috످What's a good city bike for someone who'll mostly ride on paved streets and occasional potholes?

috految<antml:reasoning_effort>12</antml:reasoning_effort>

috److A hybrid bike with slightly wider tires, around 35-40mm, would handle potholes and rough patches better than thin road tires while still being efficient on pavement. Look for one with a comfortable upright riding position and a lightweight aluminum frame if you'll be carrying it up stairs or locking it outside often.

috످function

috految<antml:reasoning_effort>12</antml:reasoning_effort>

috److Did you mean how a hybrid bike functions, or which features are most useful for city riding? If you meant something else or your message got cut off, let me know.

috످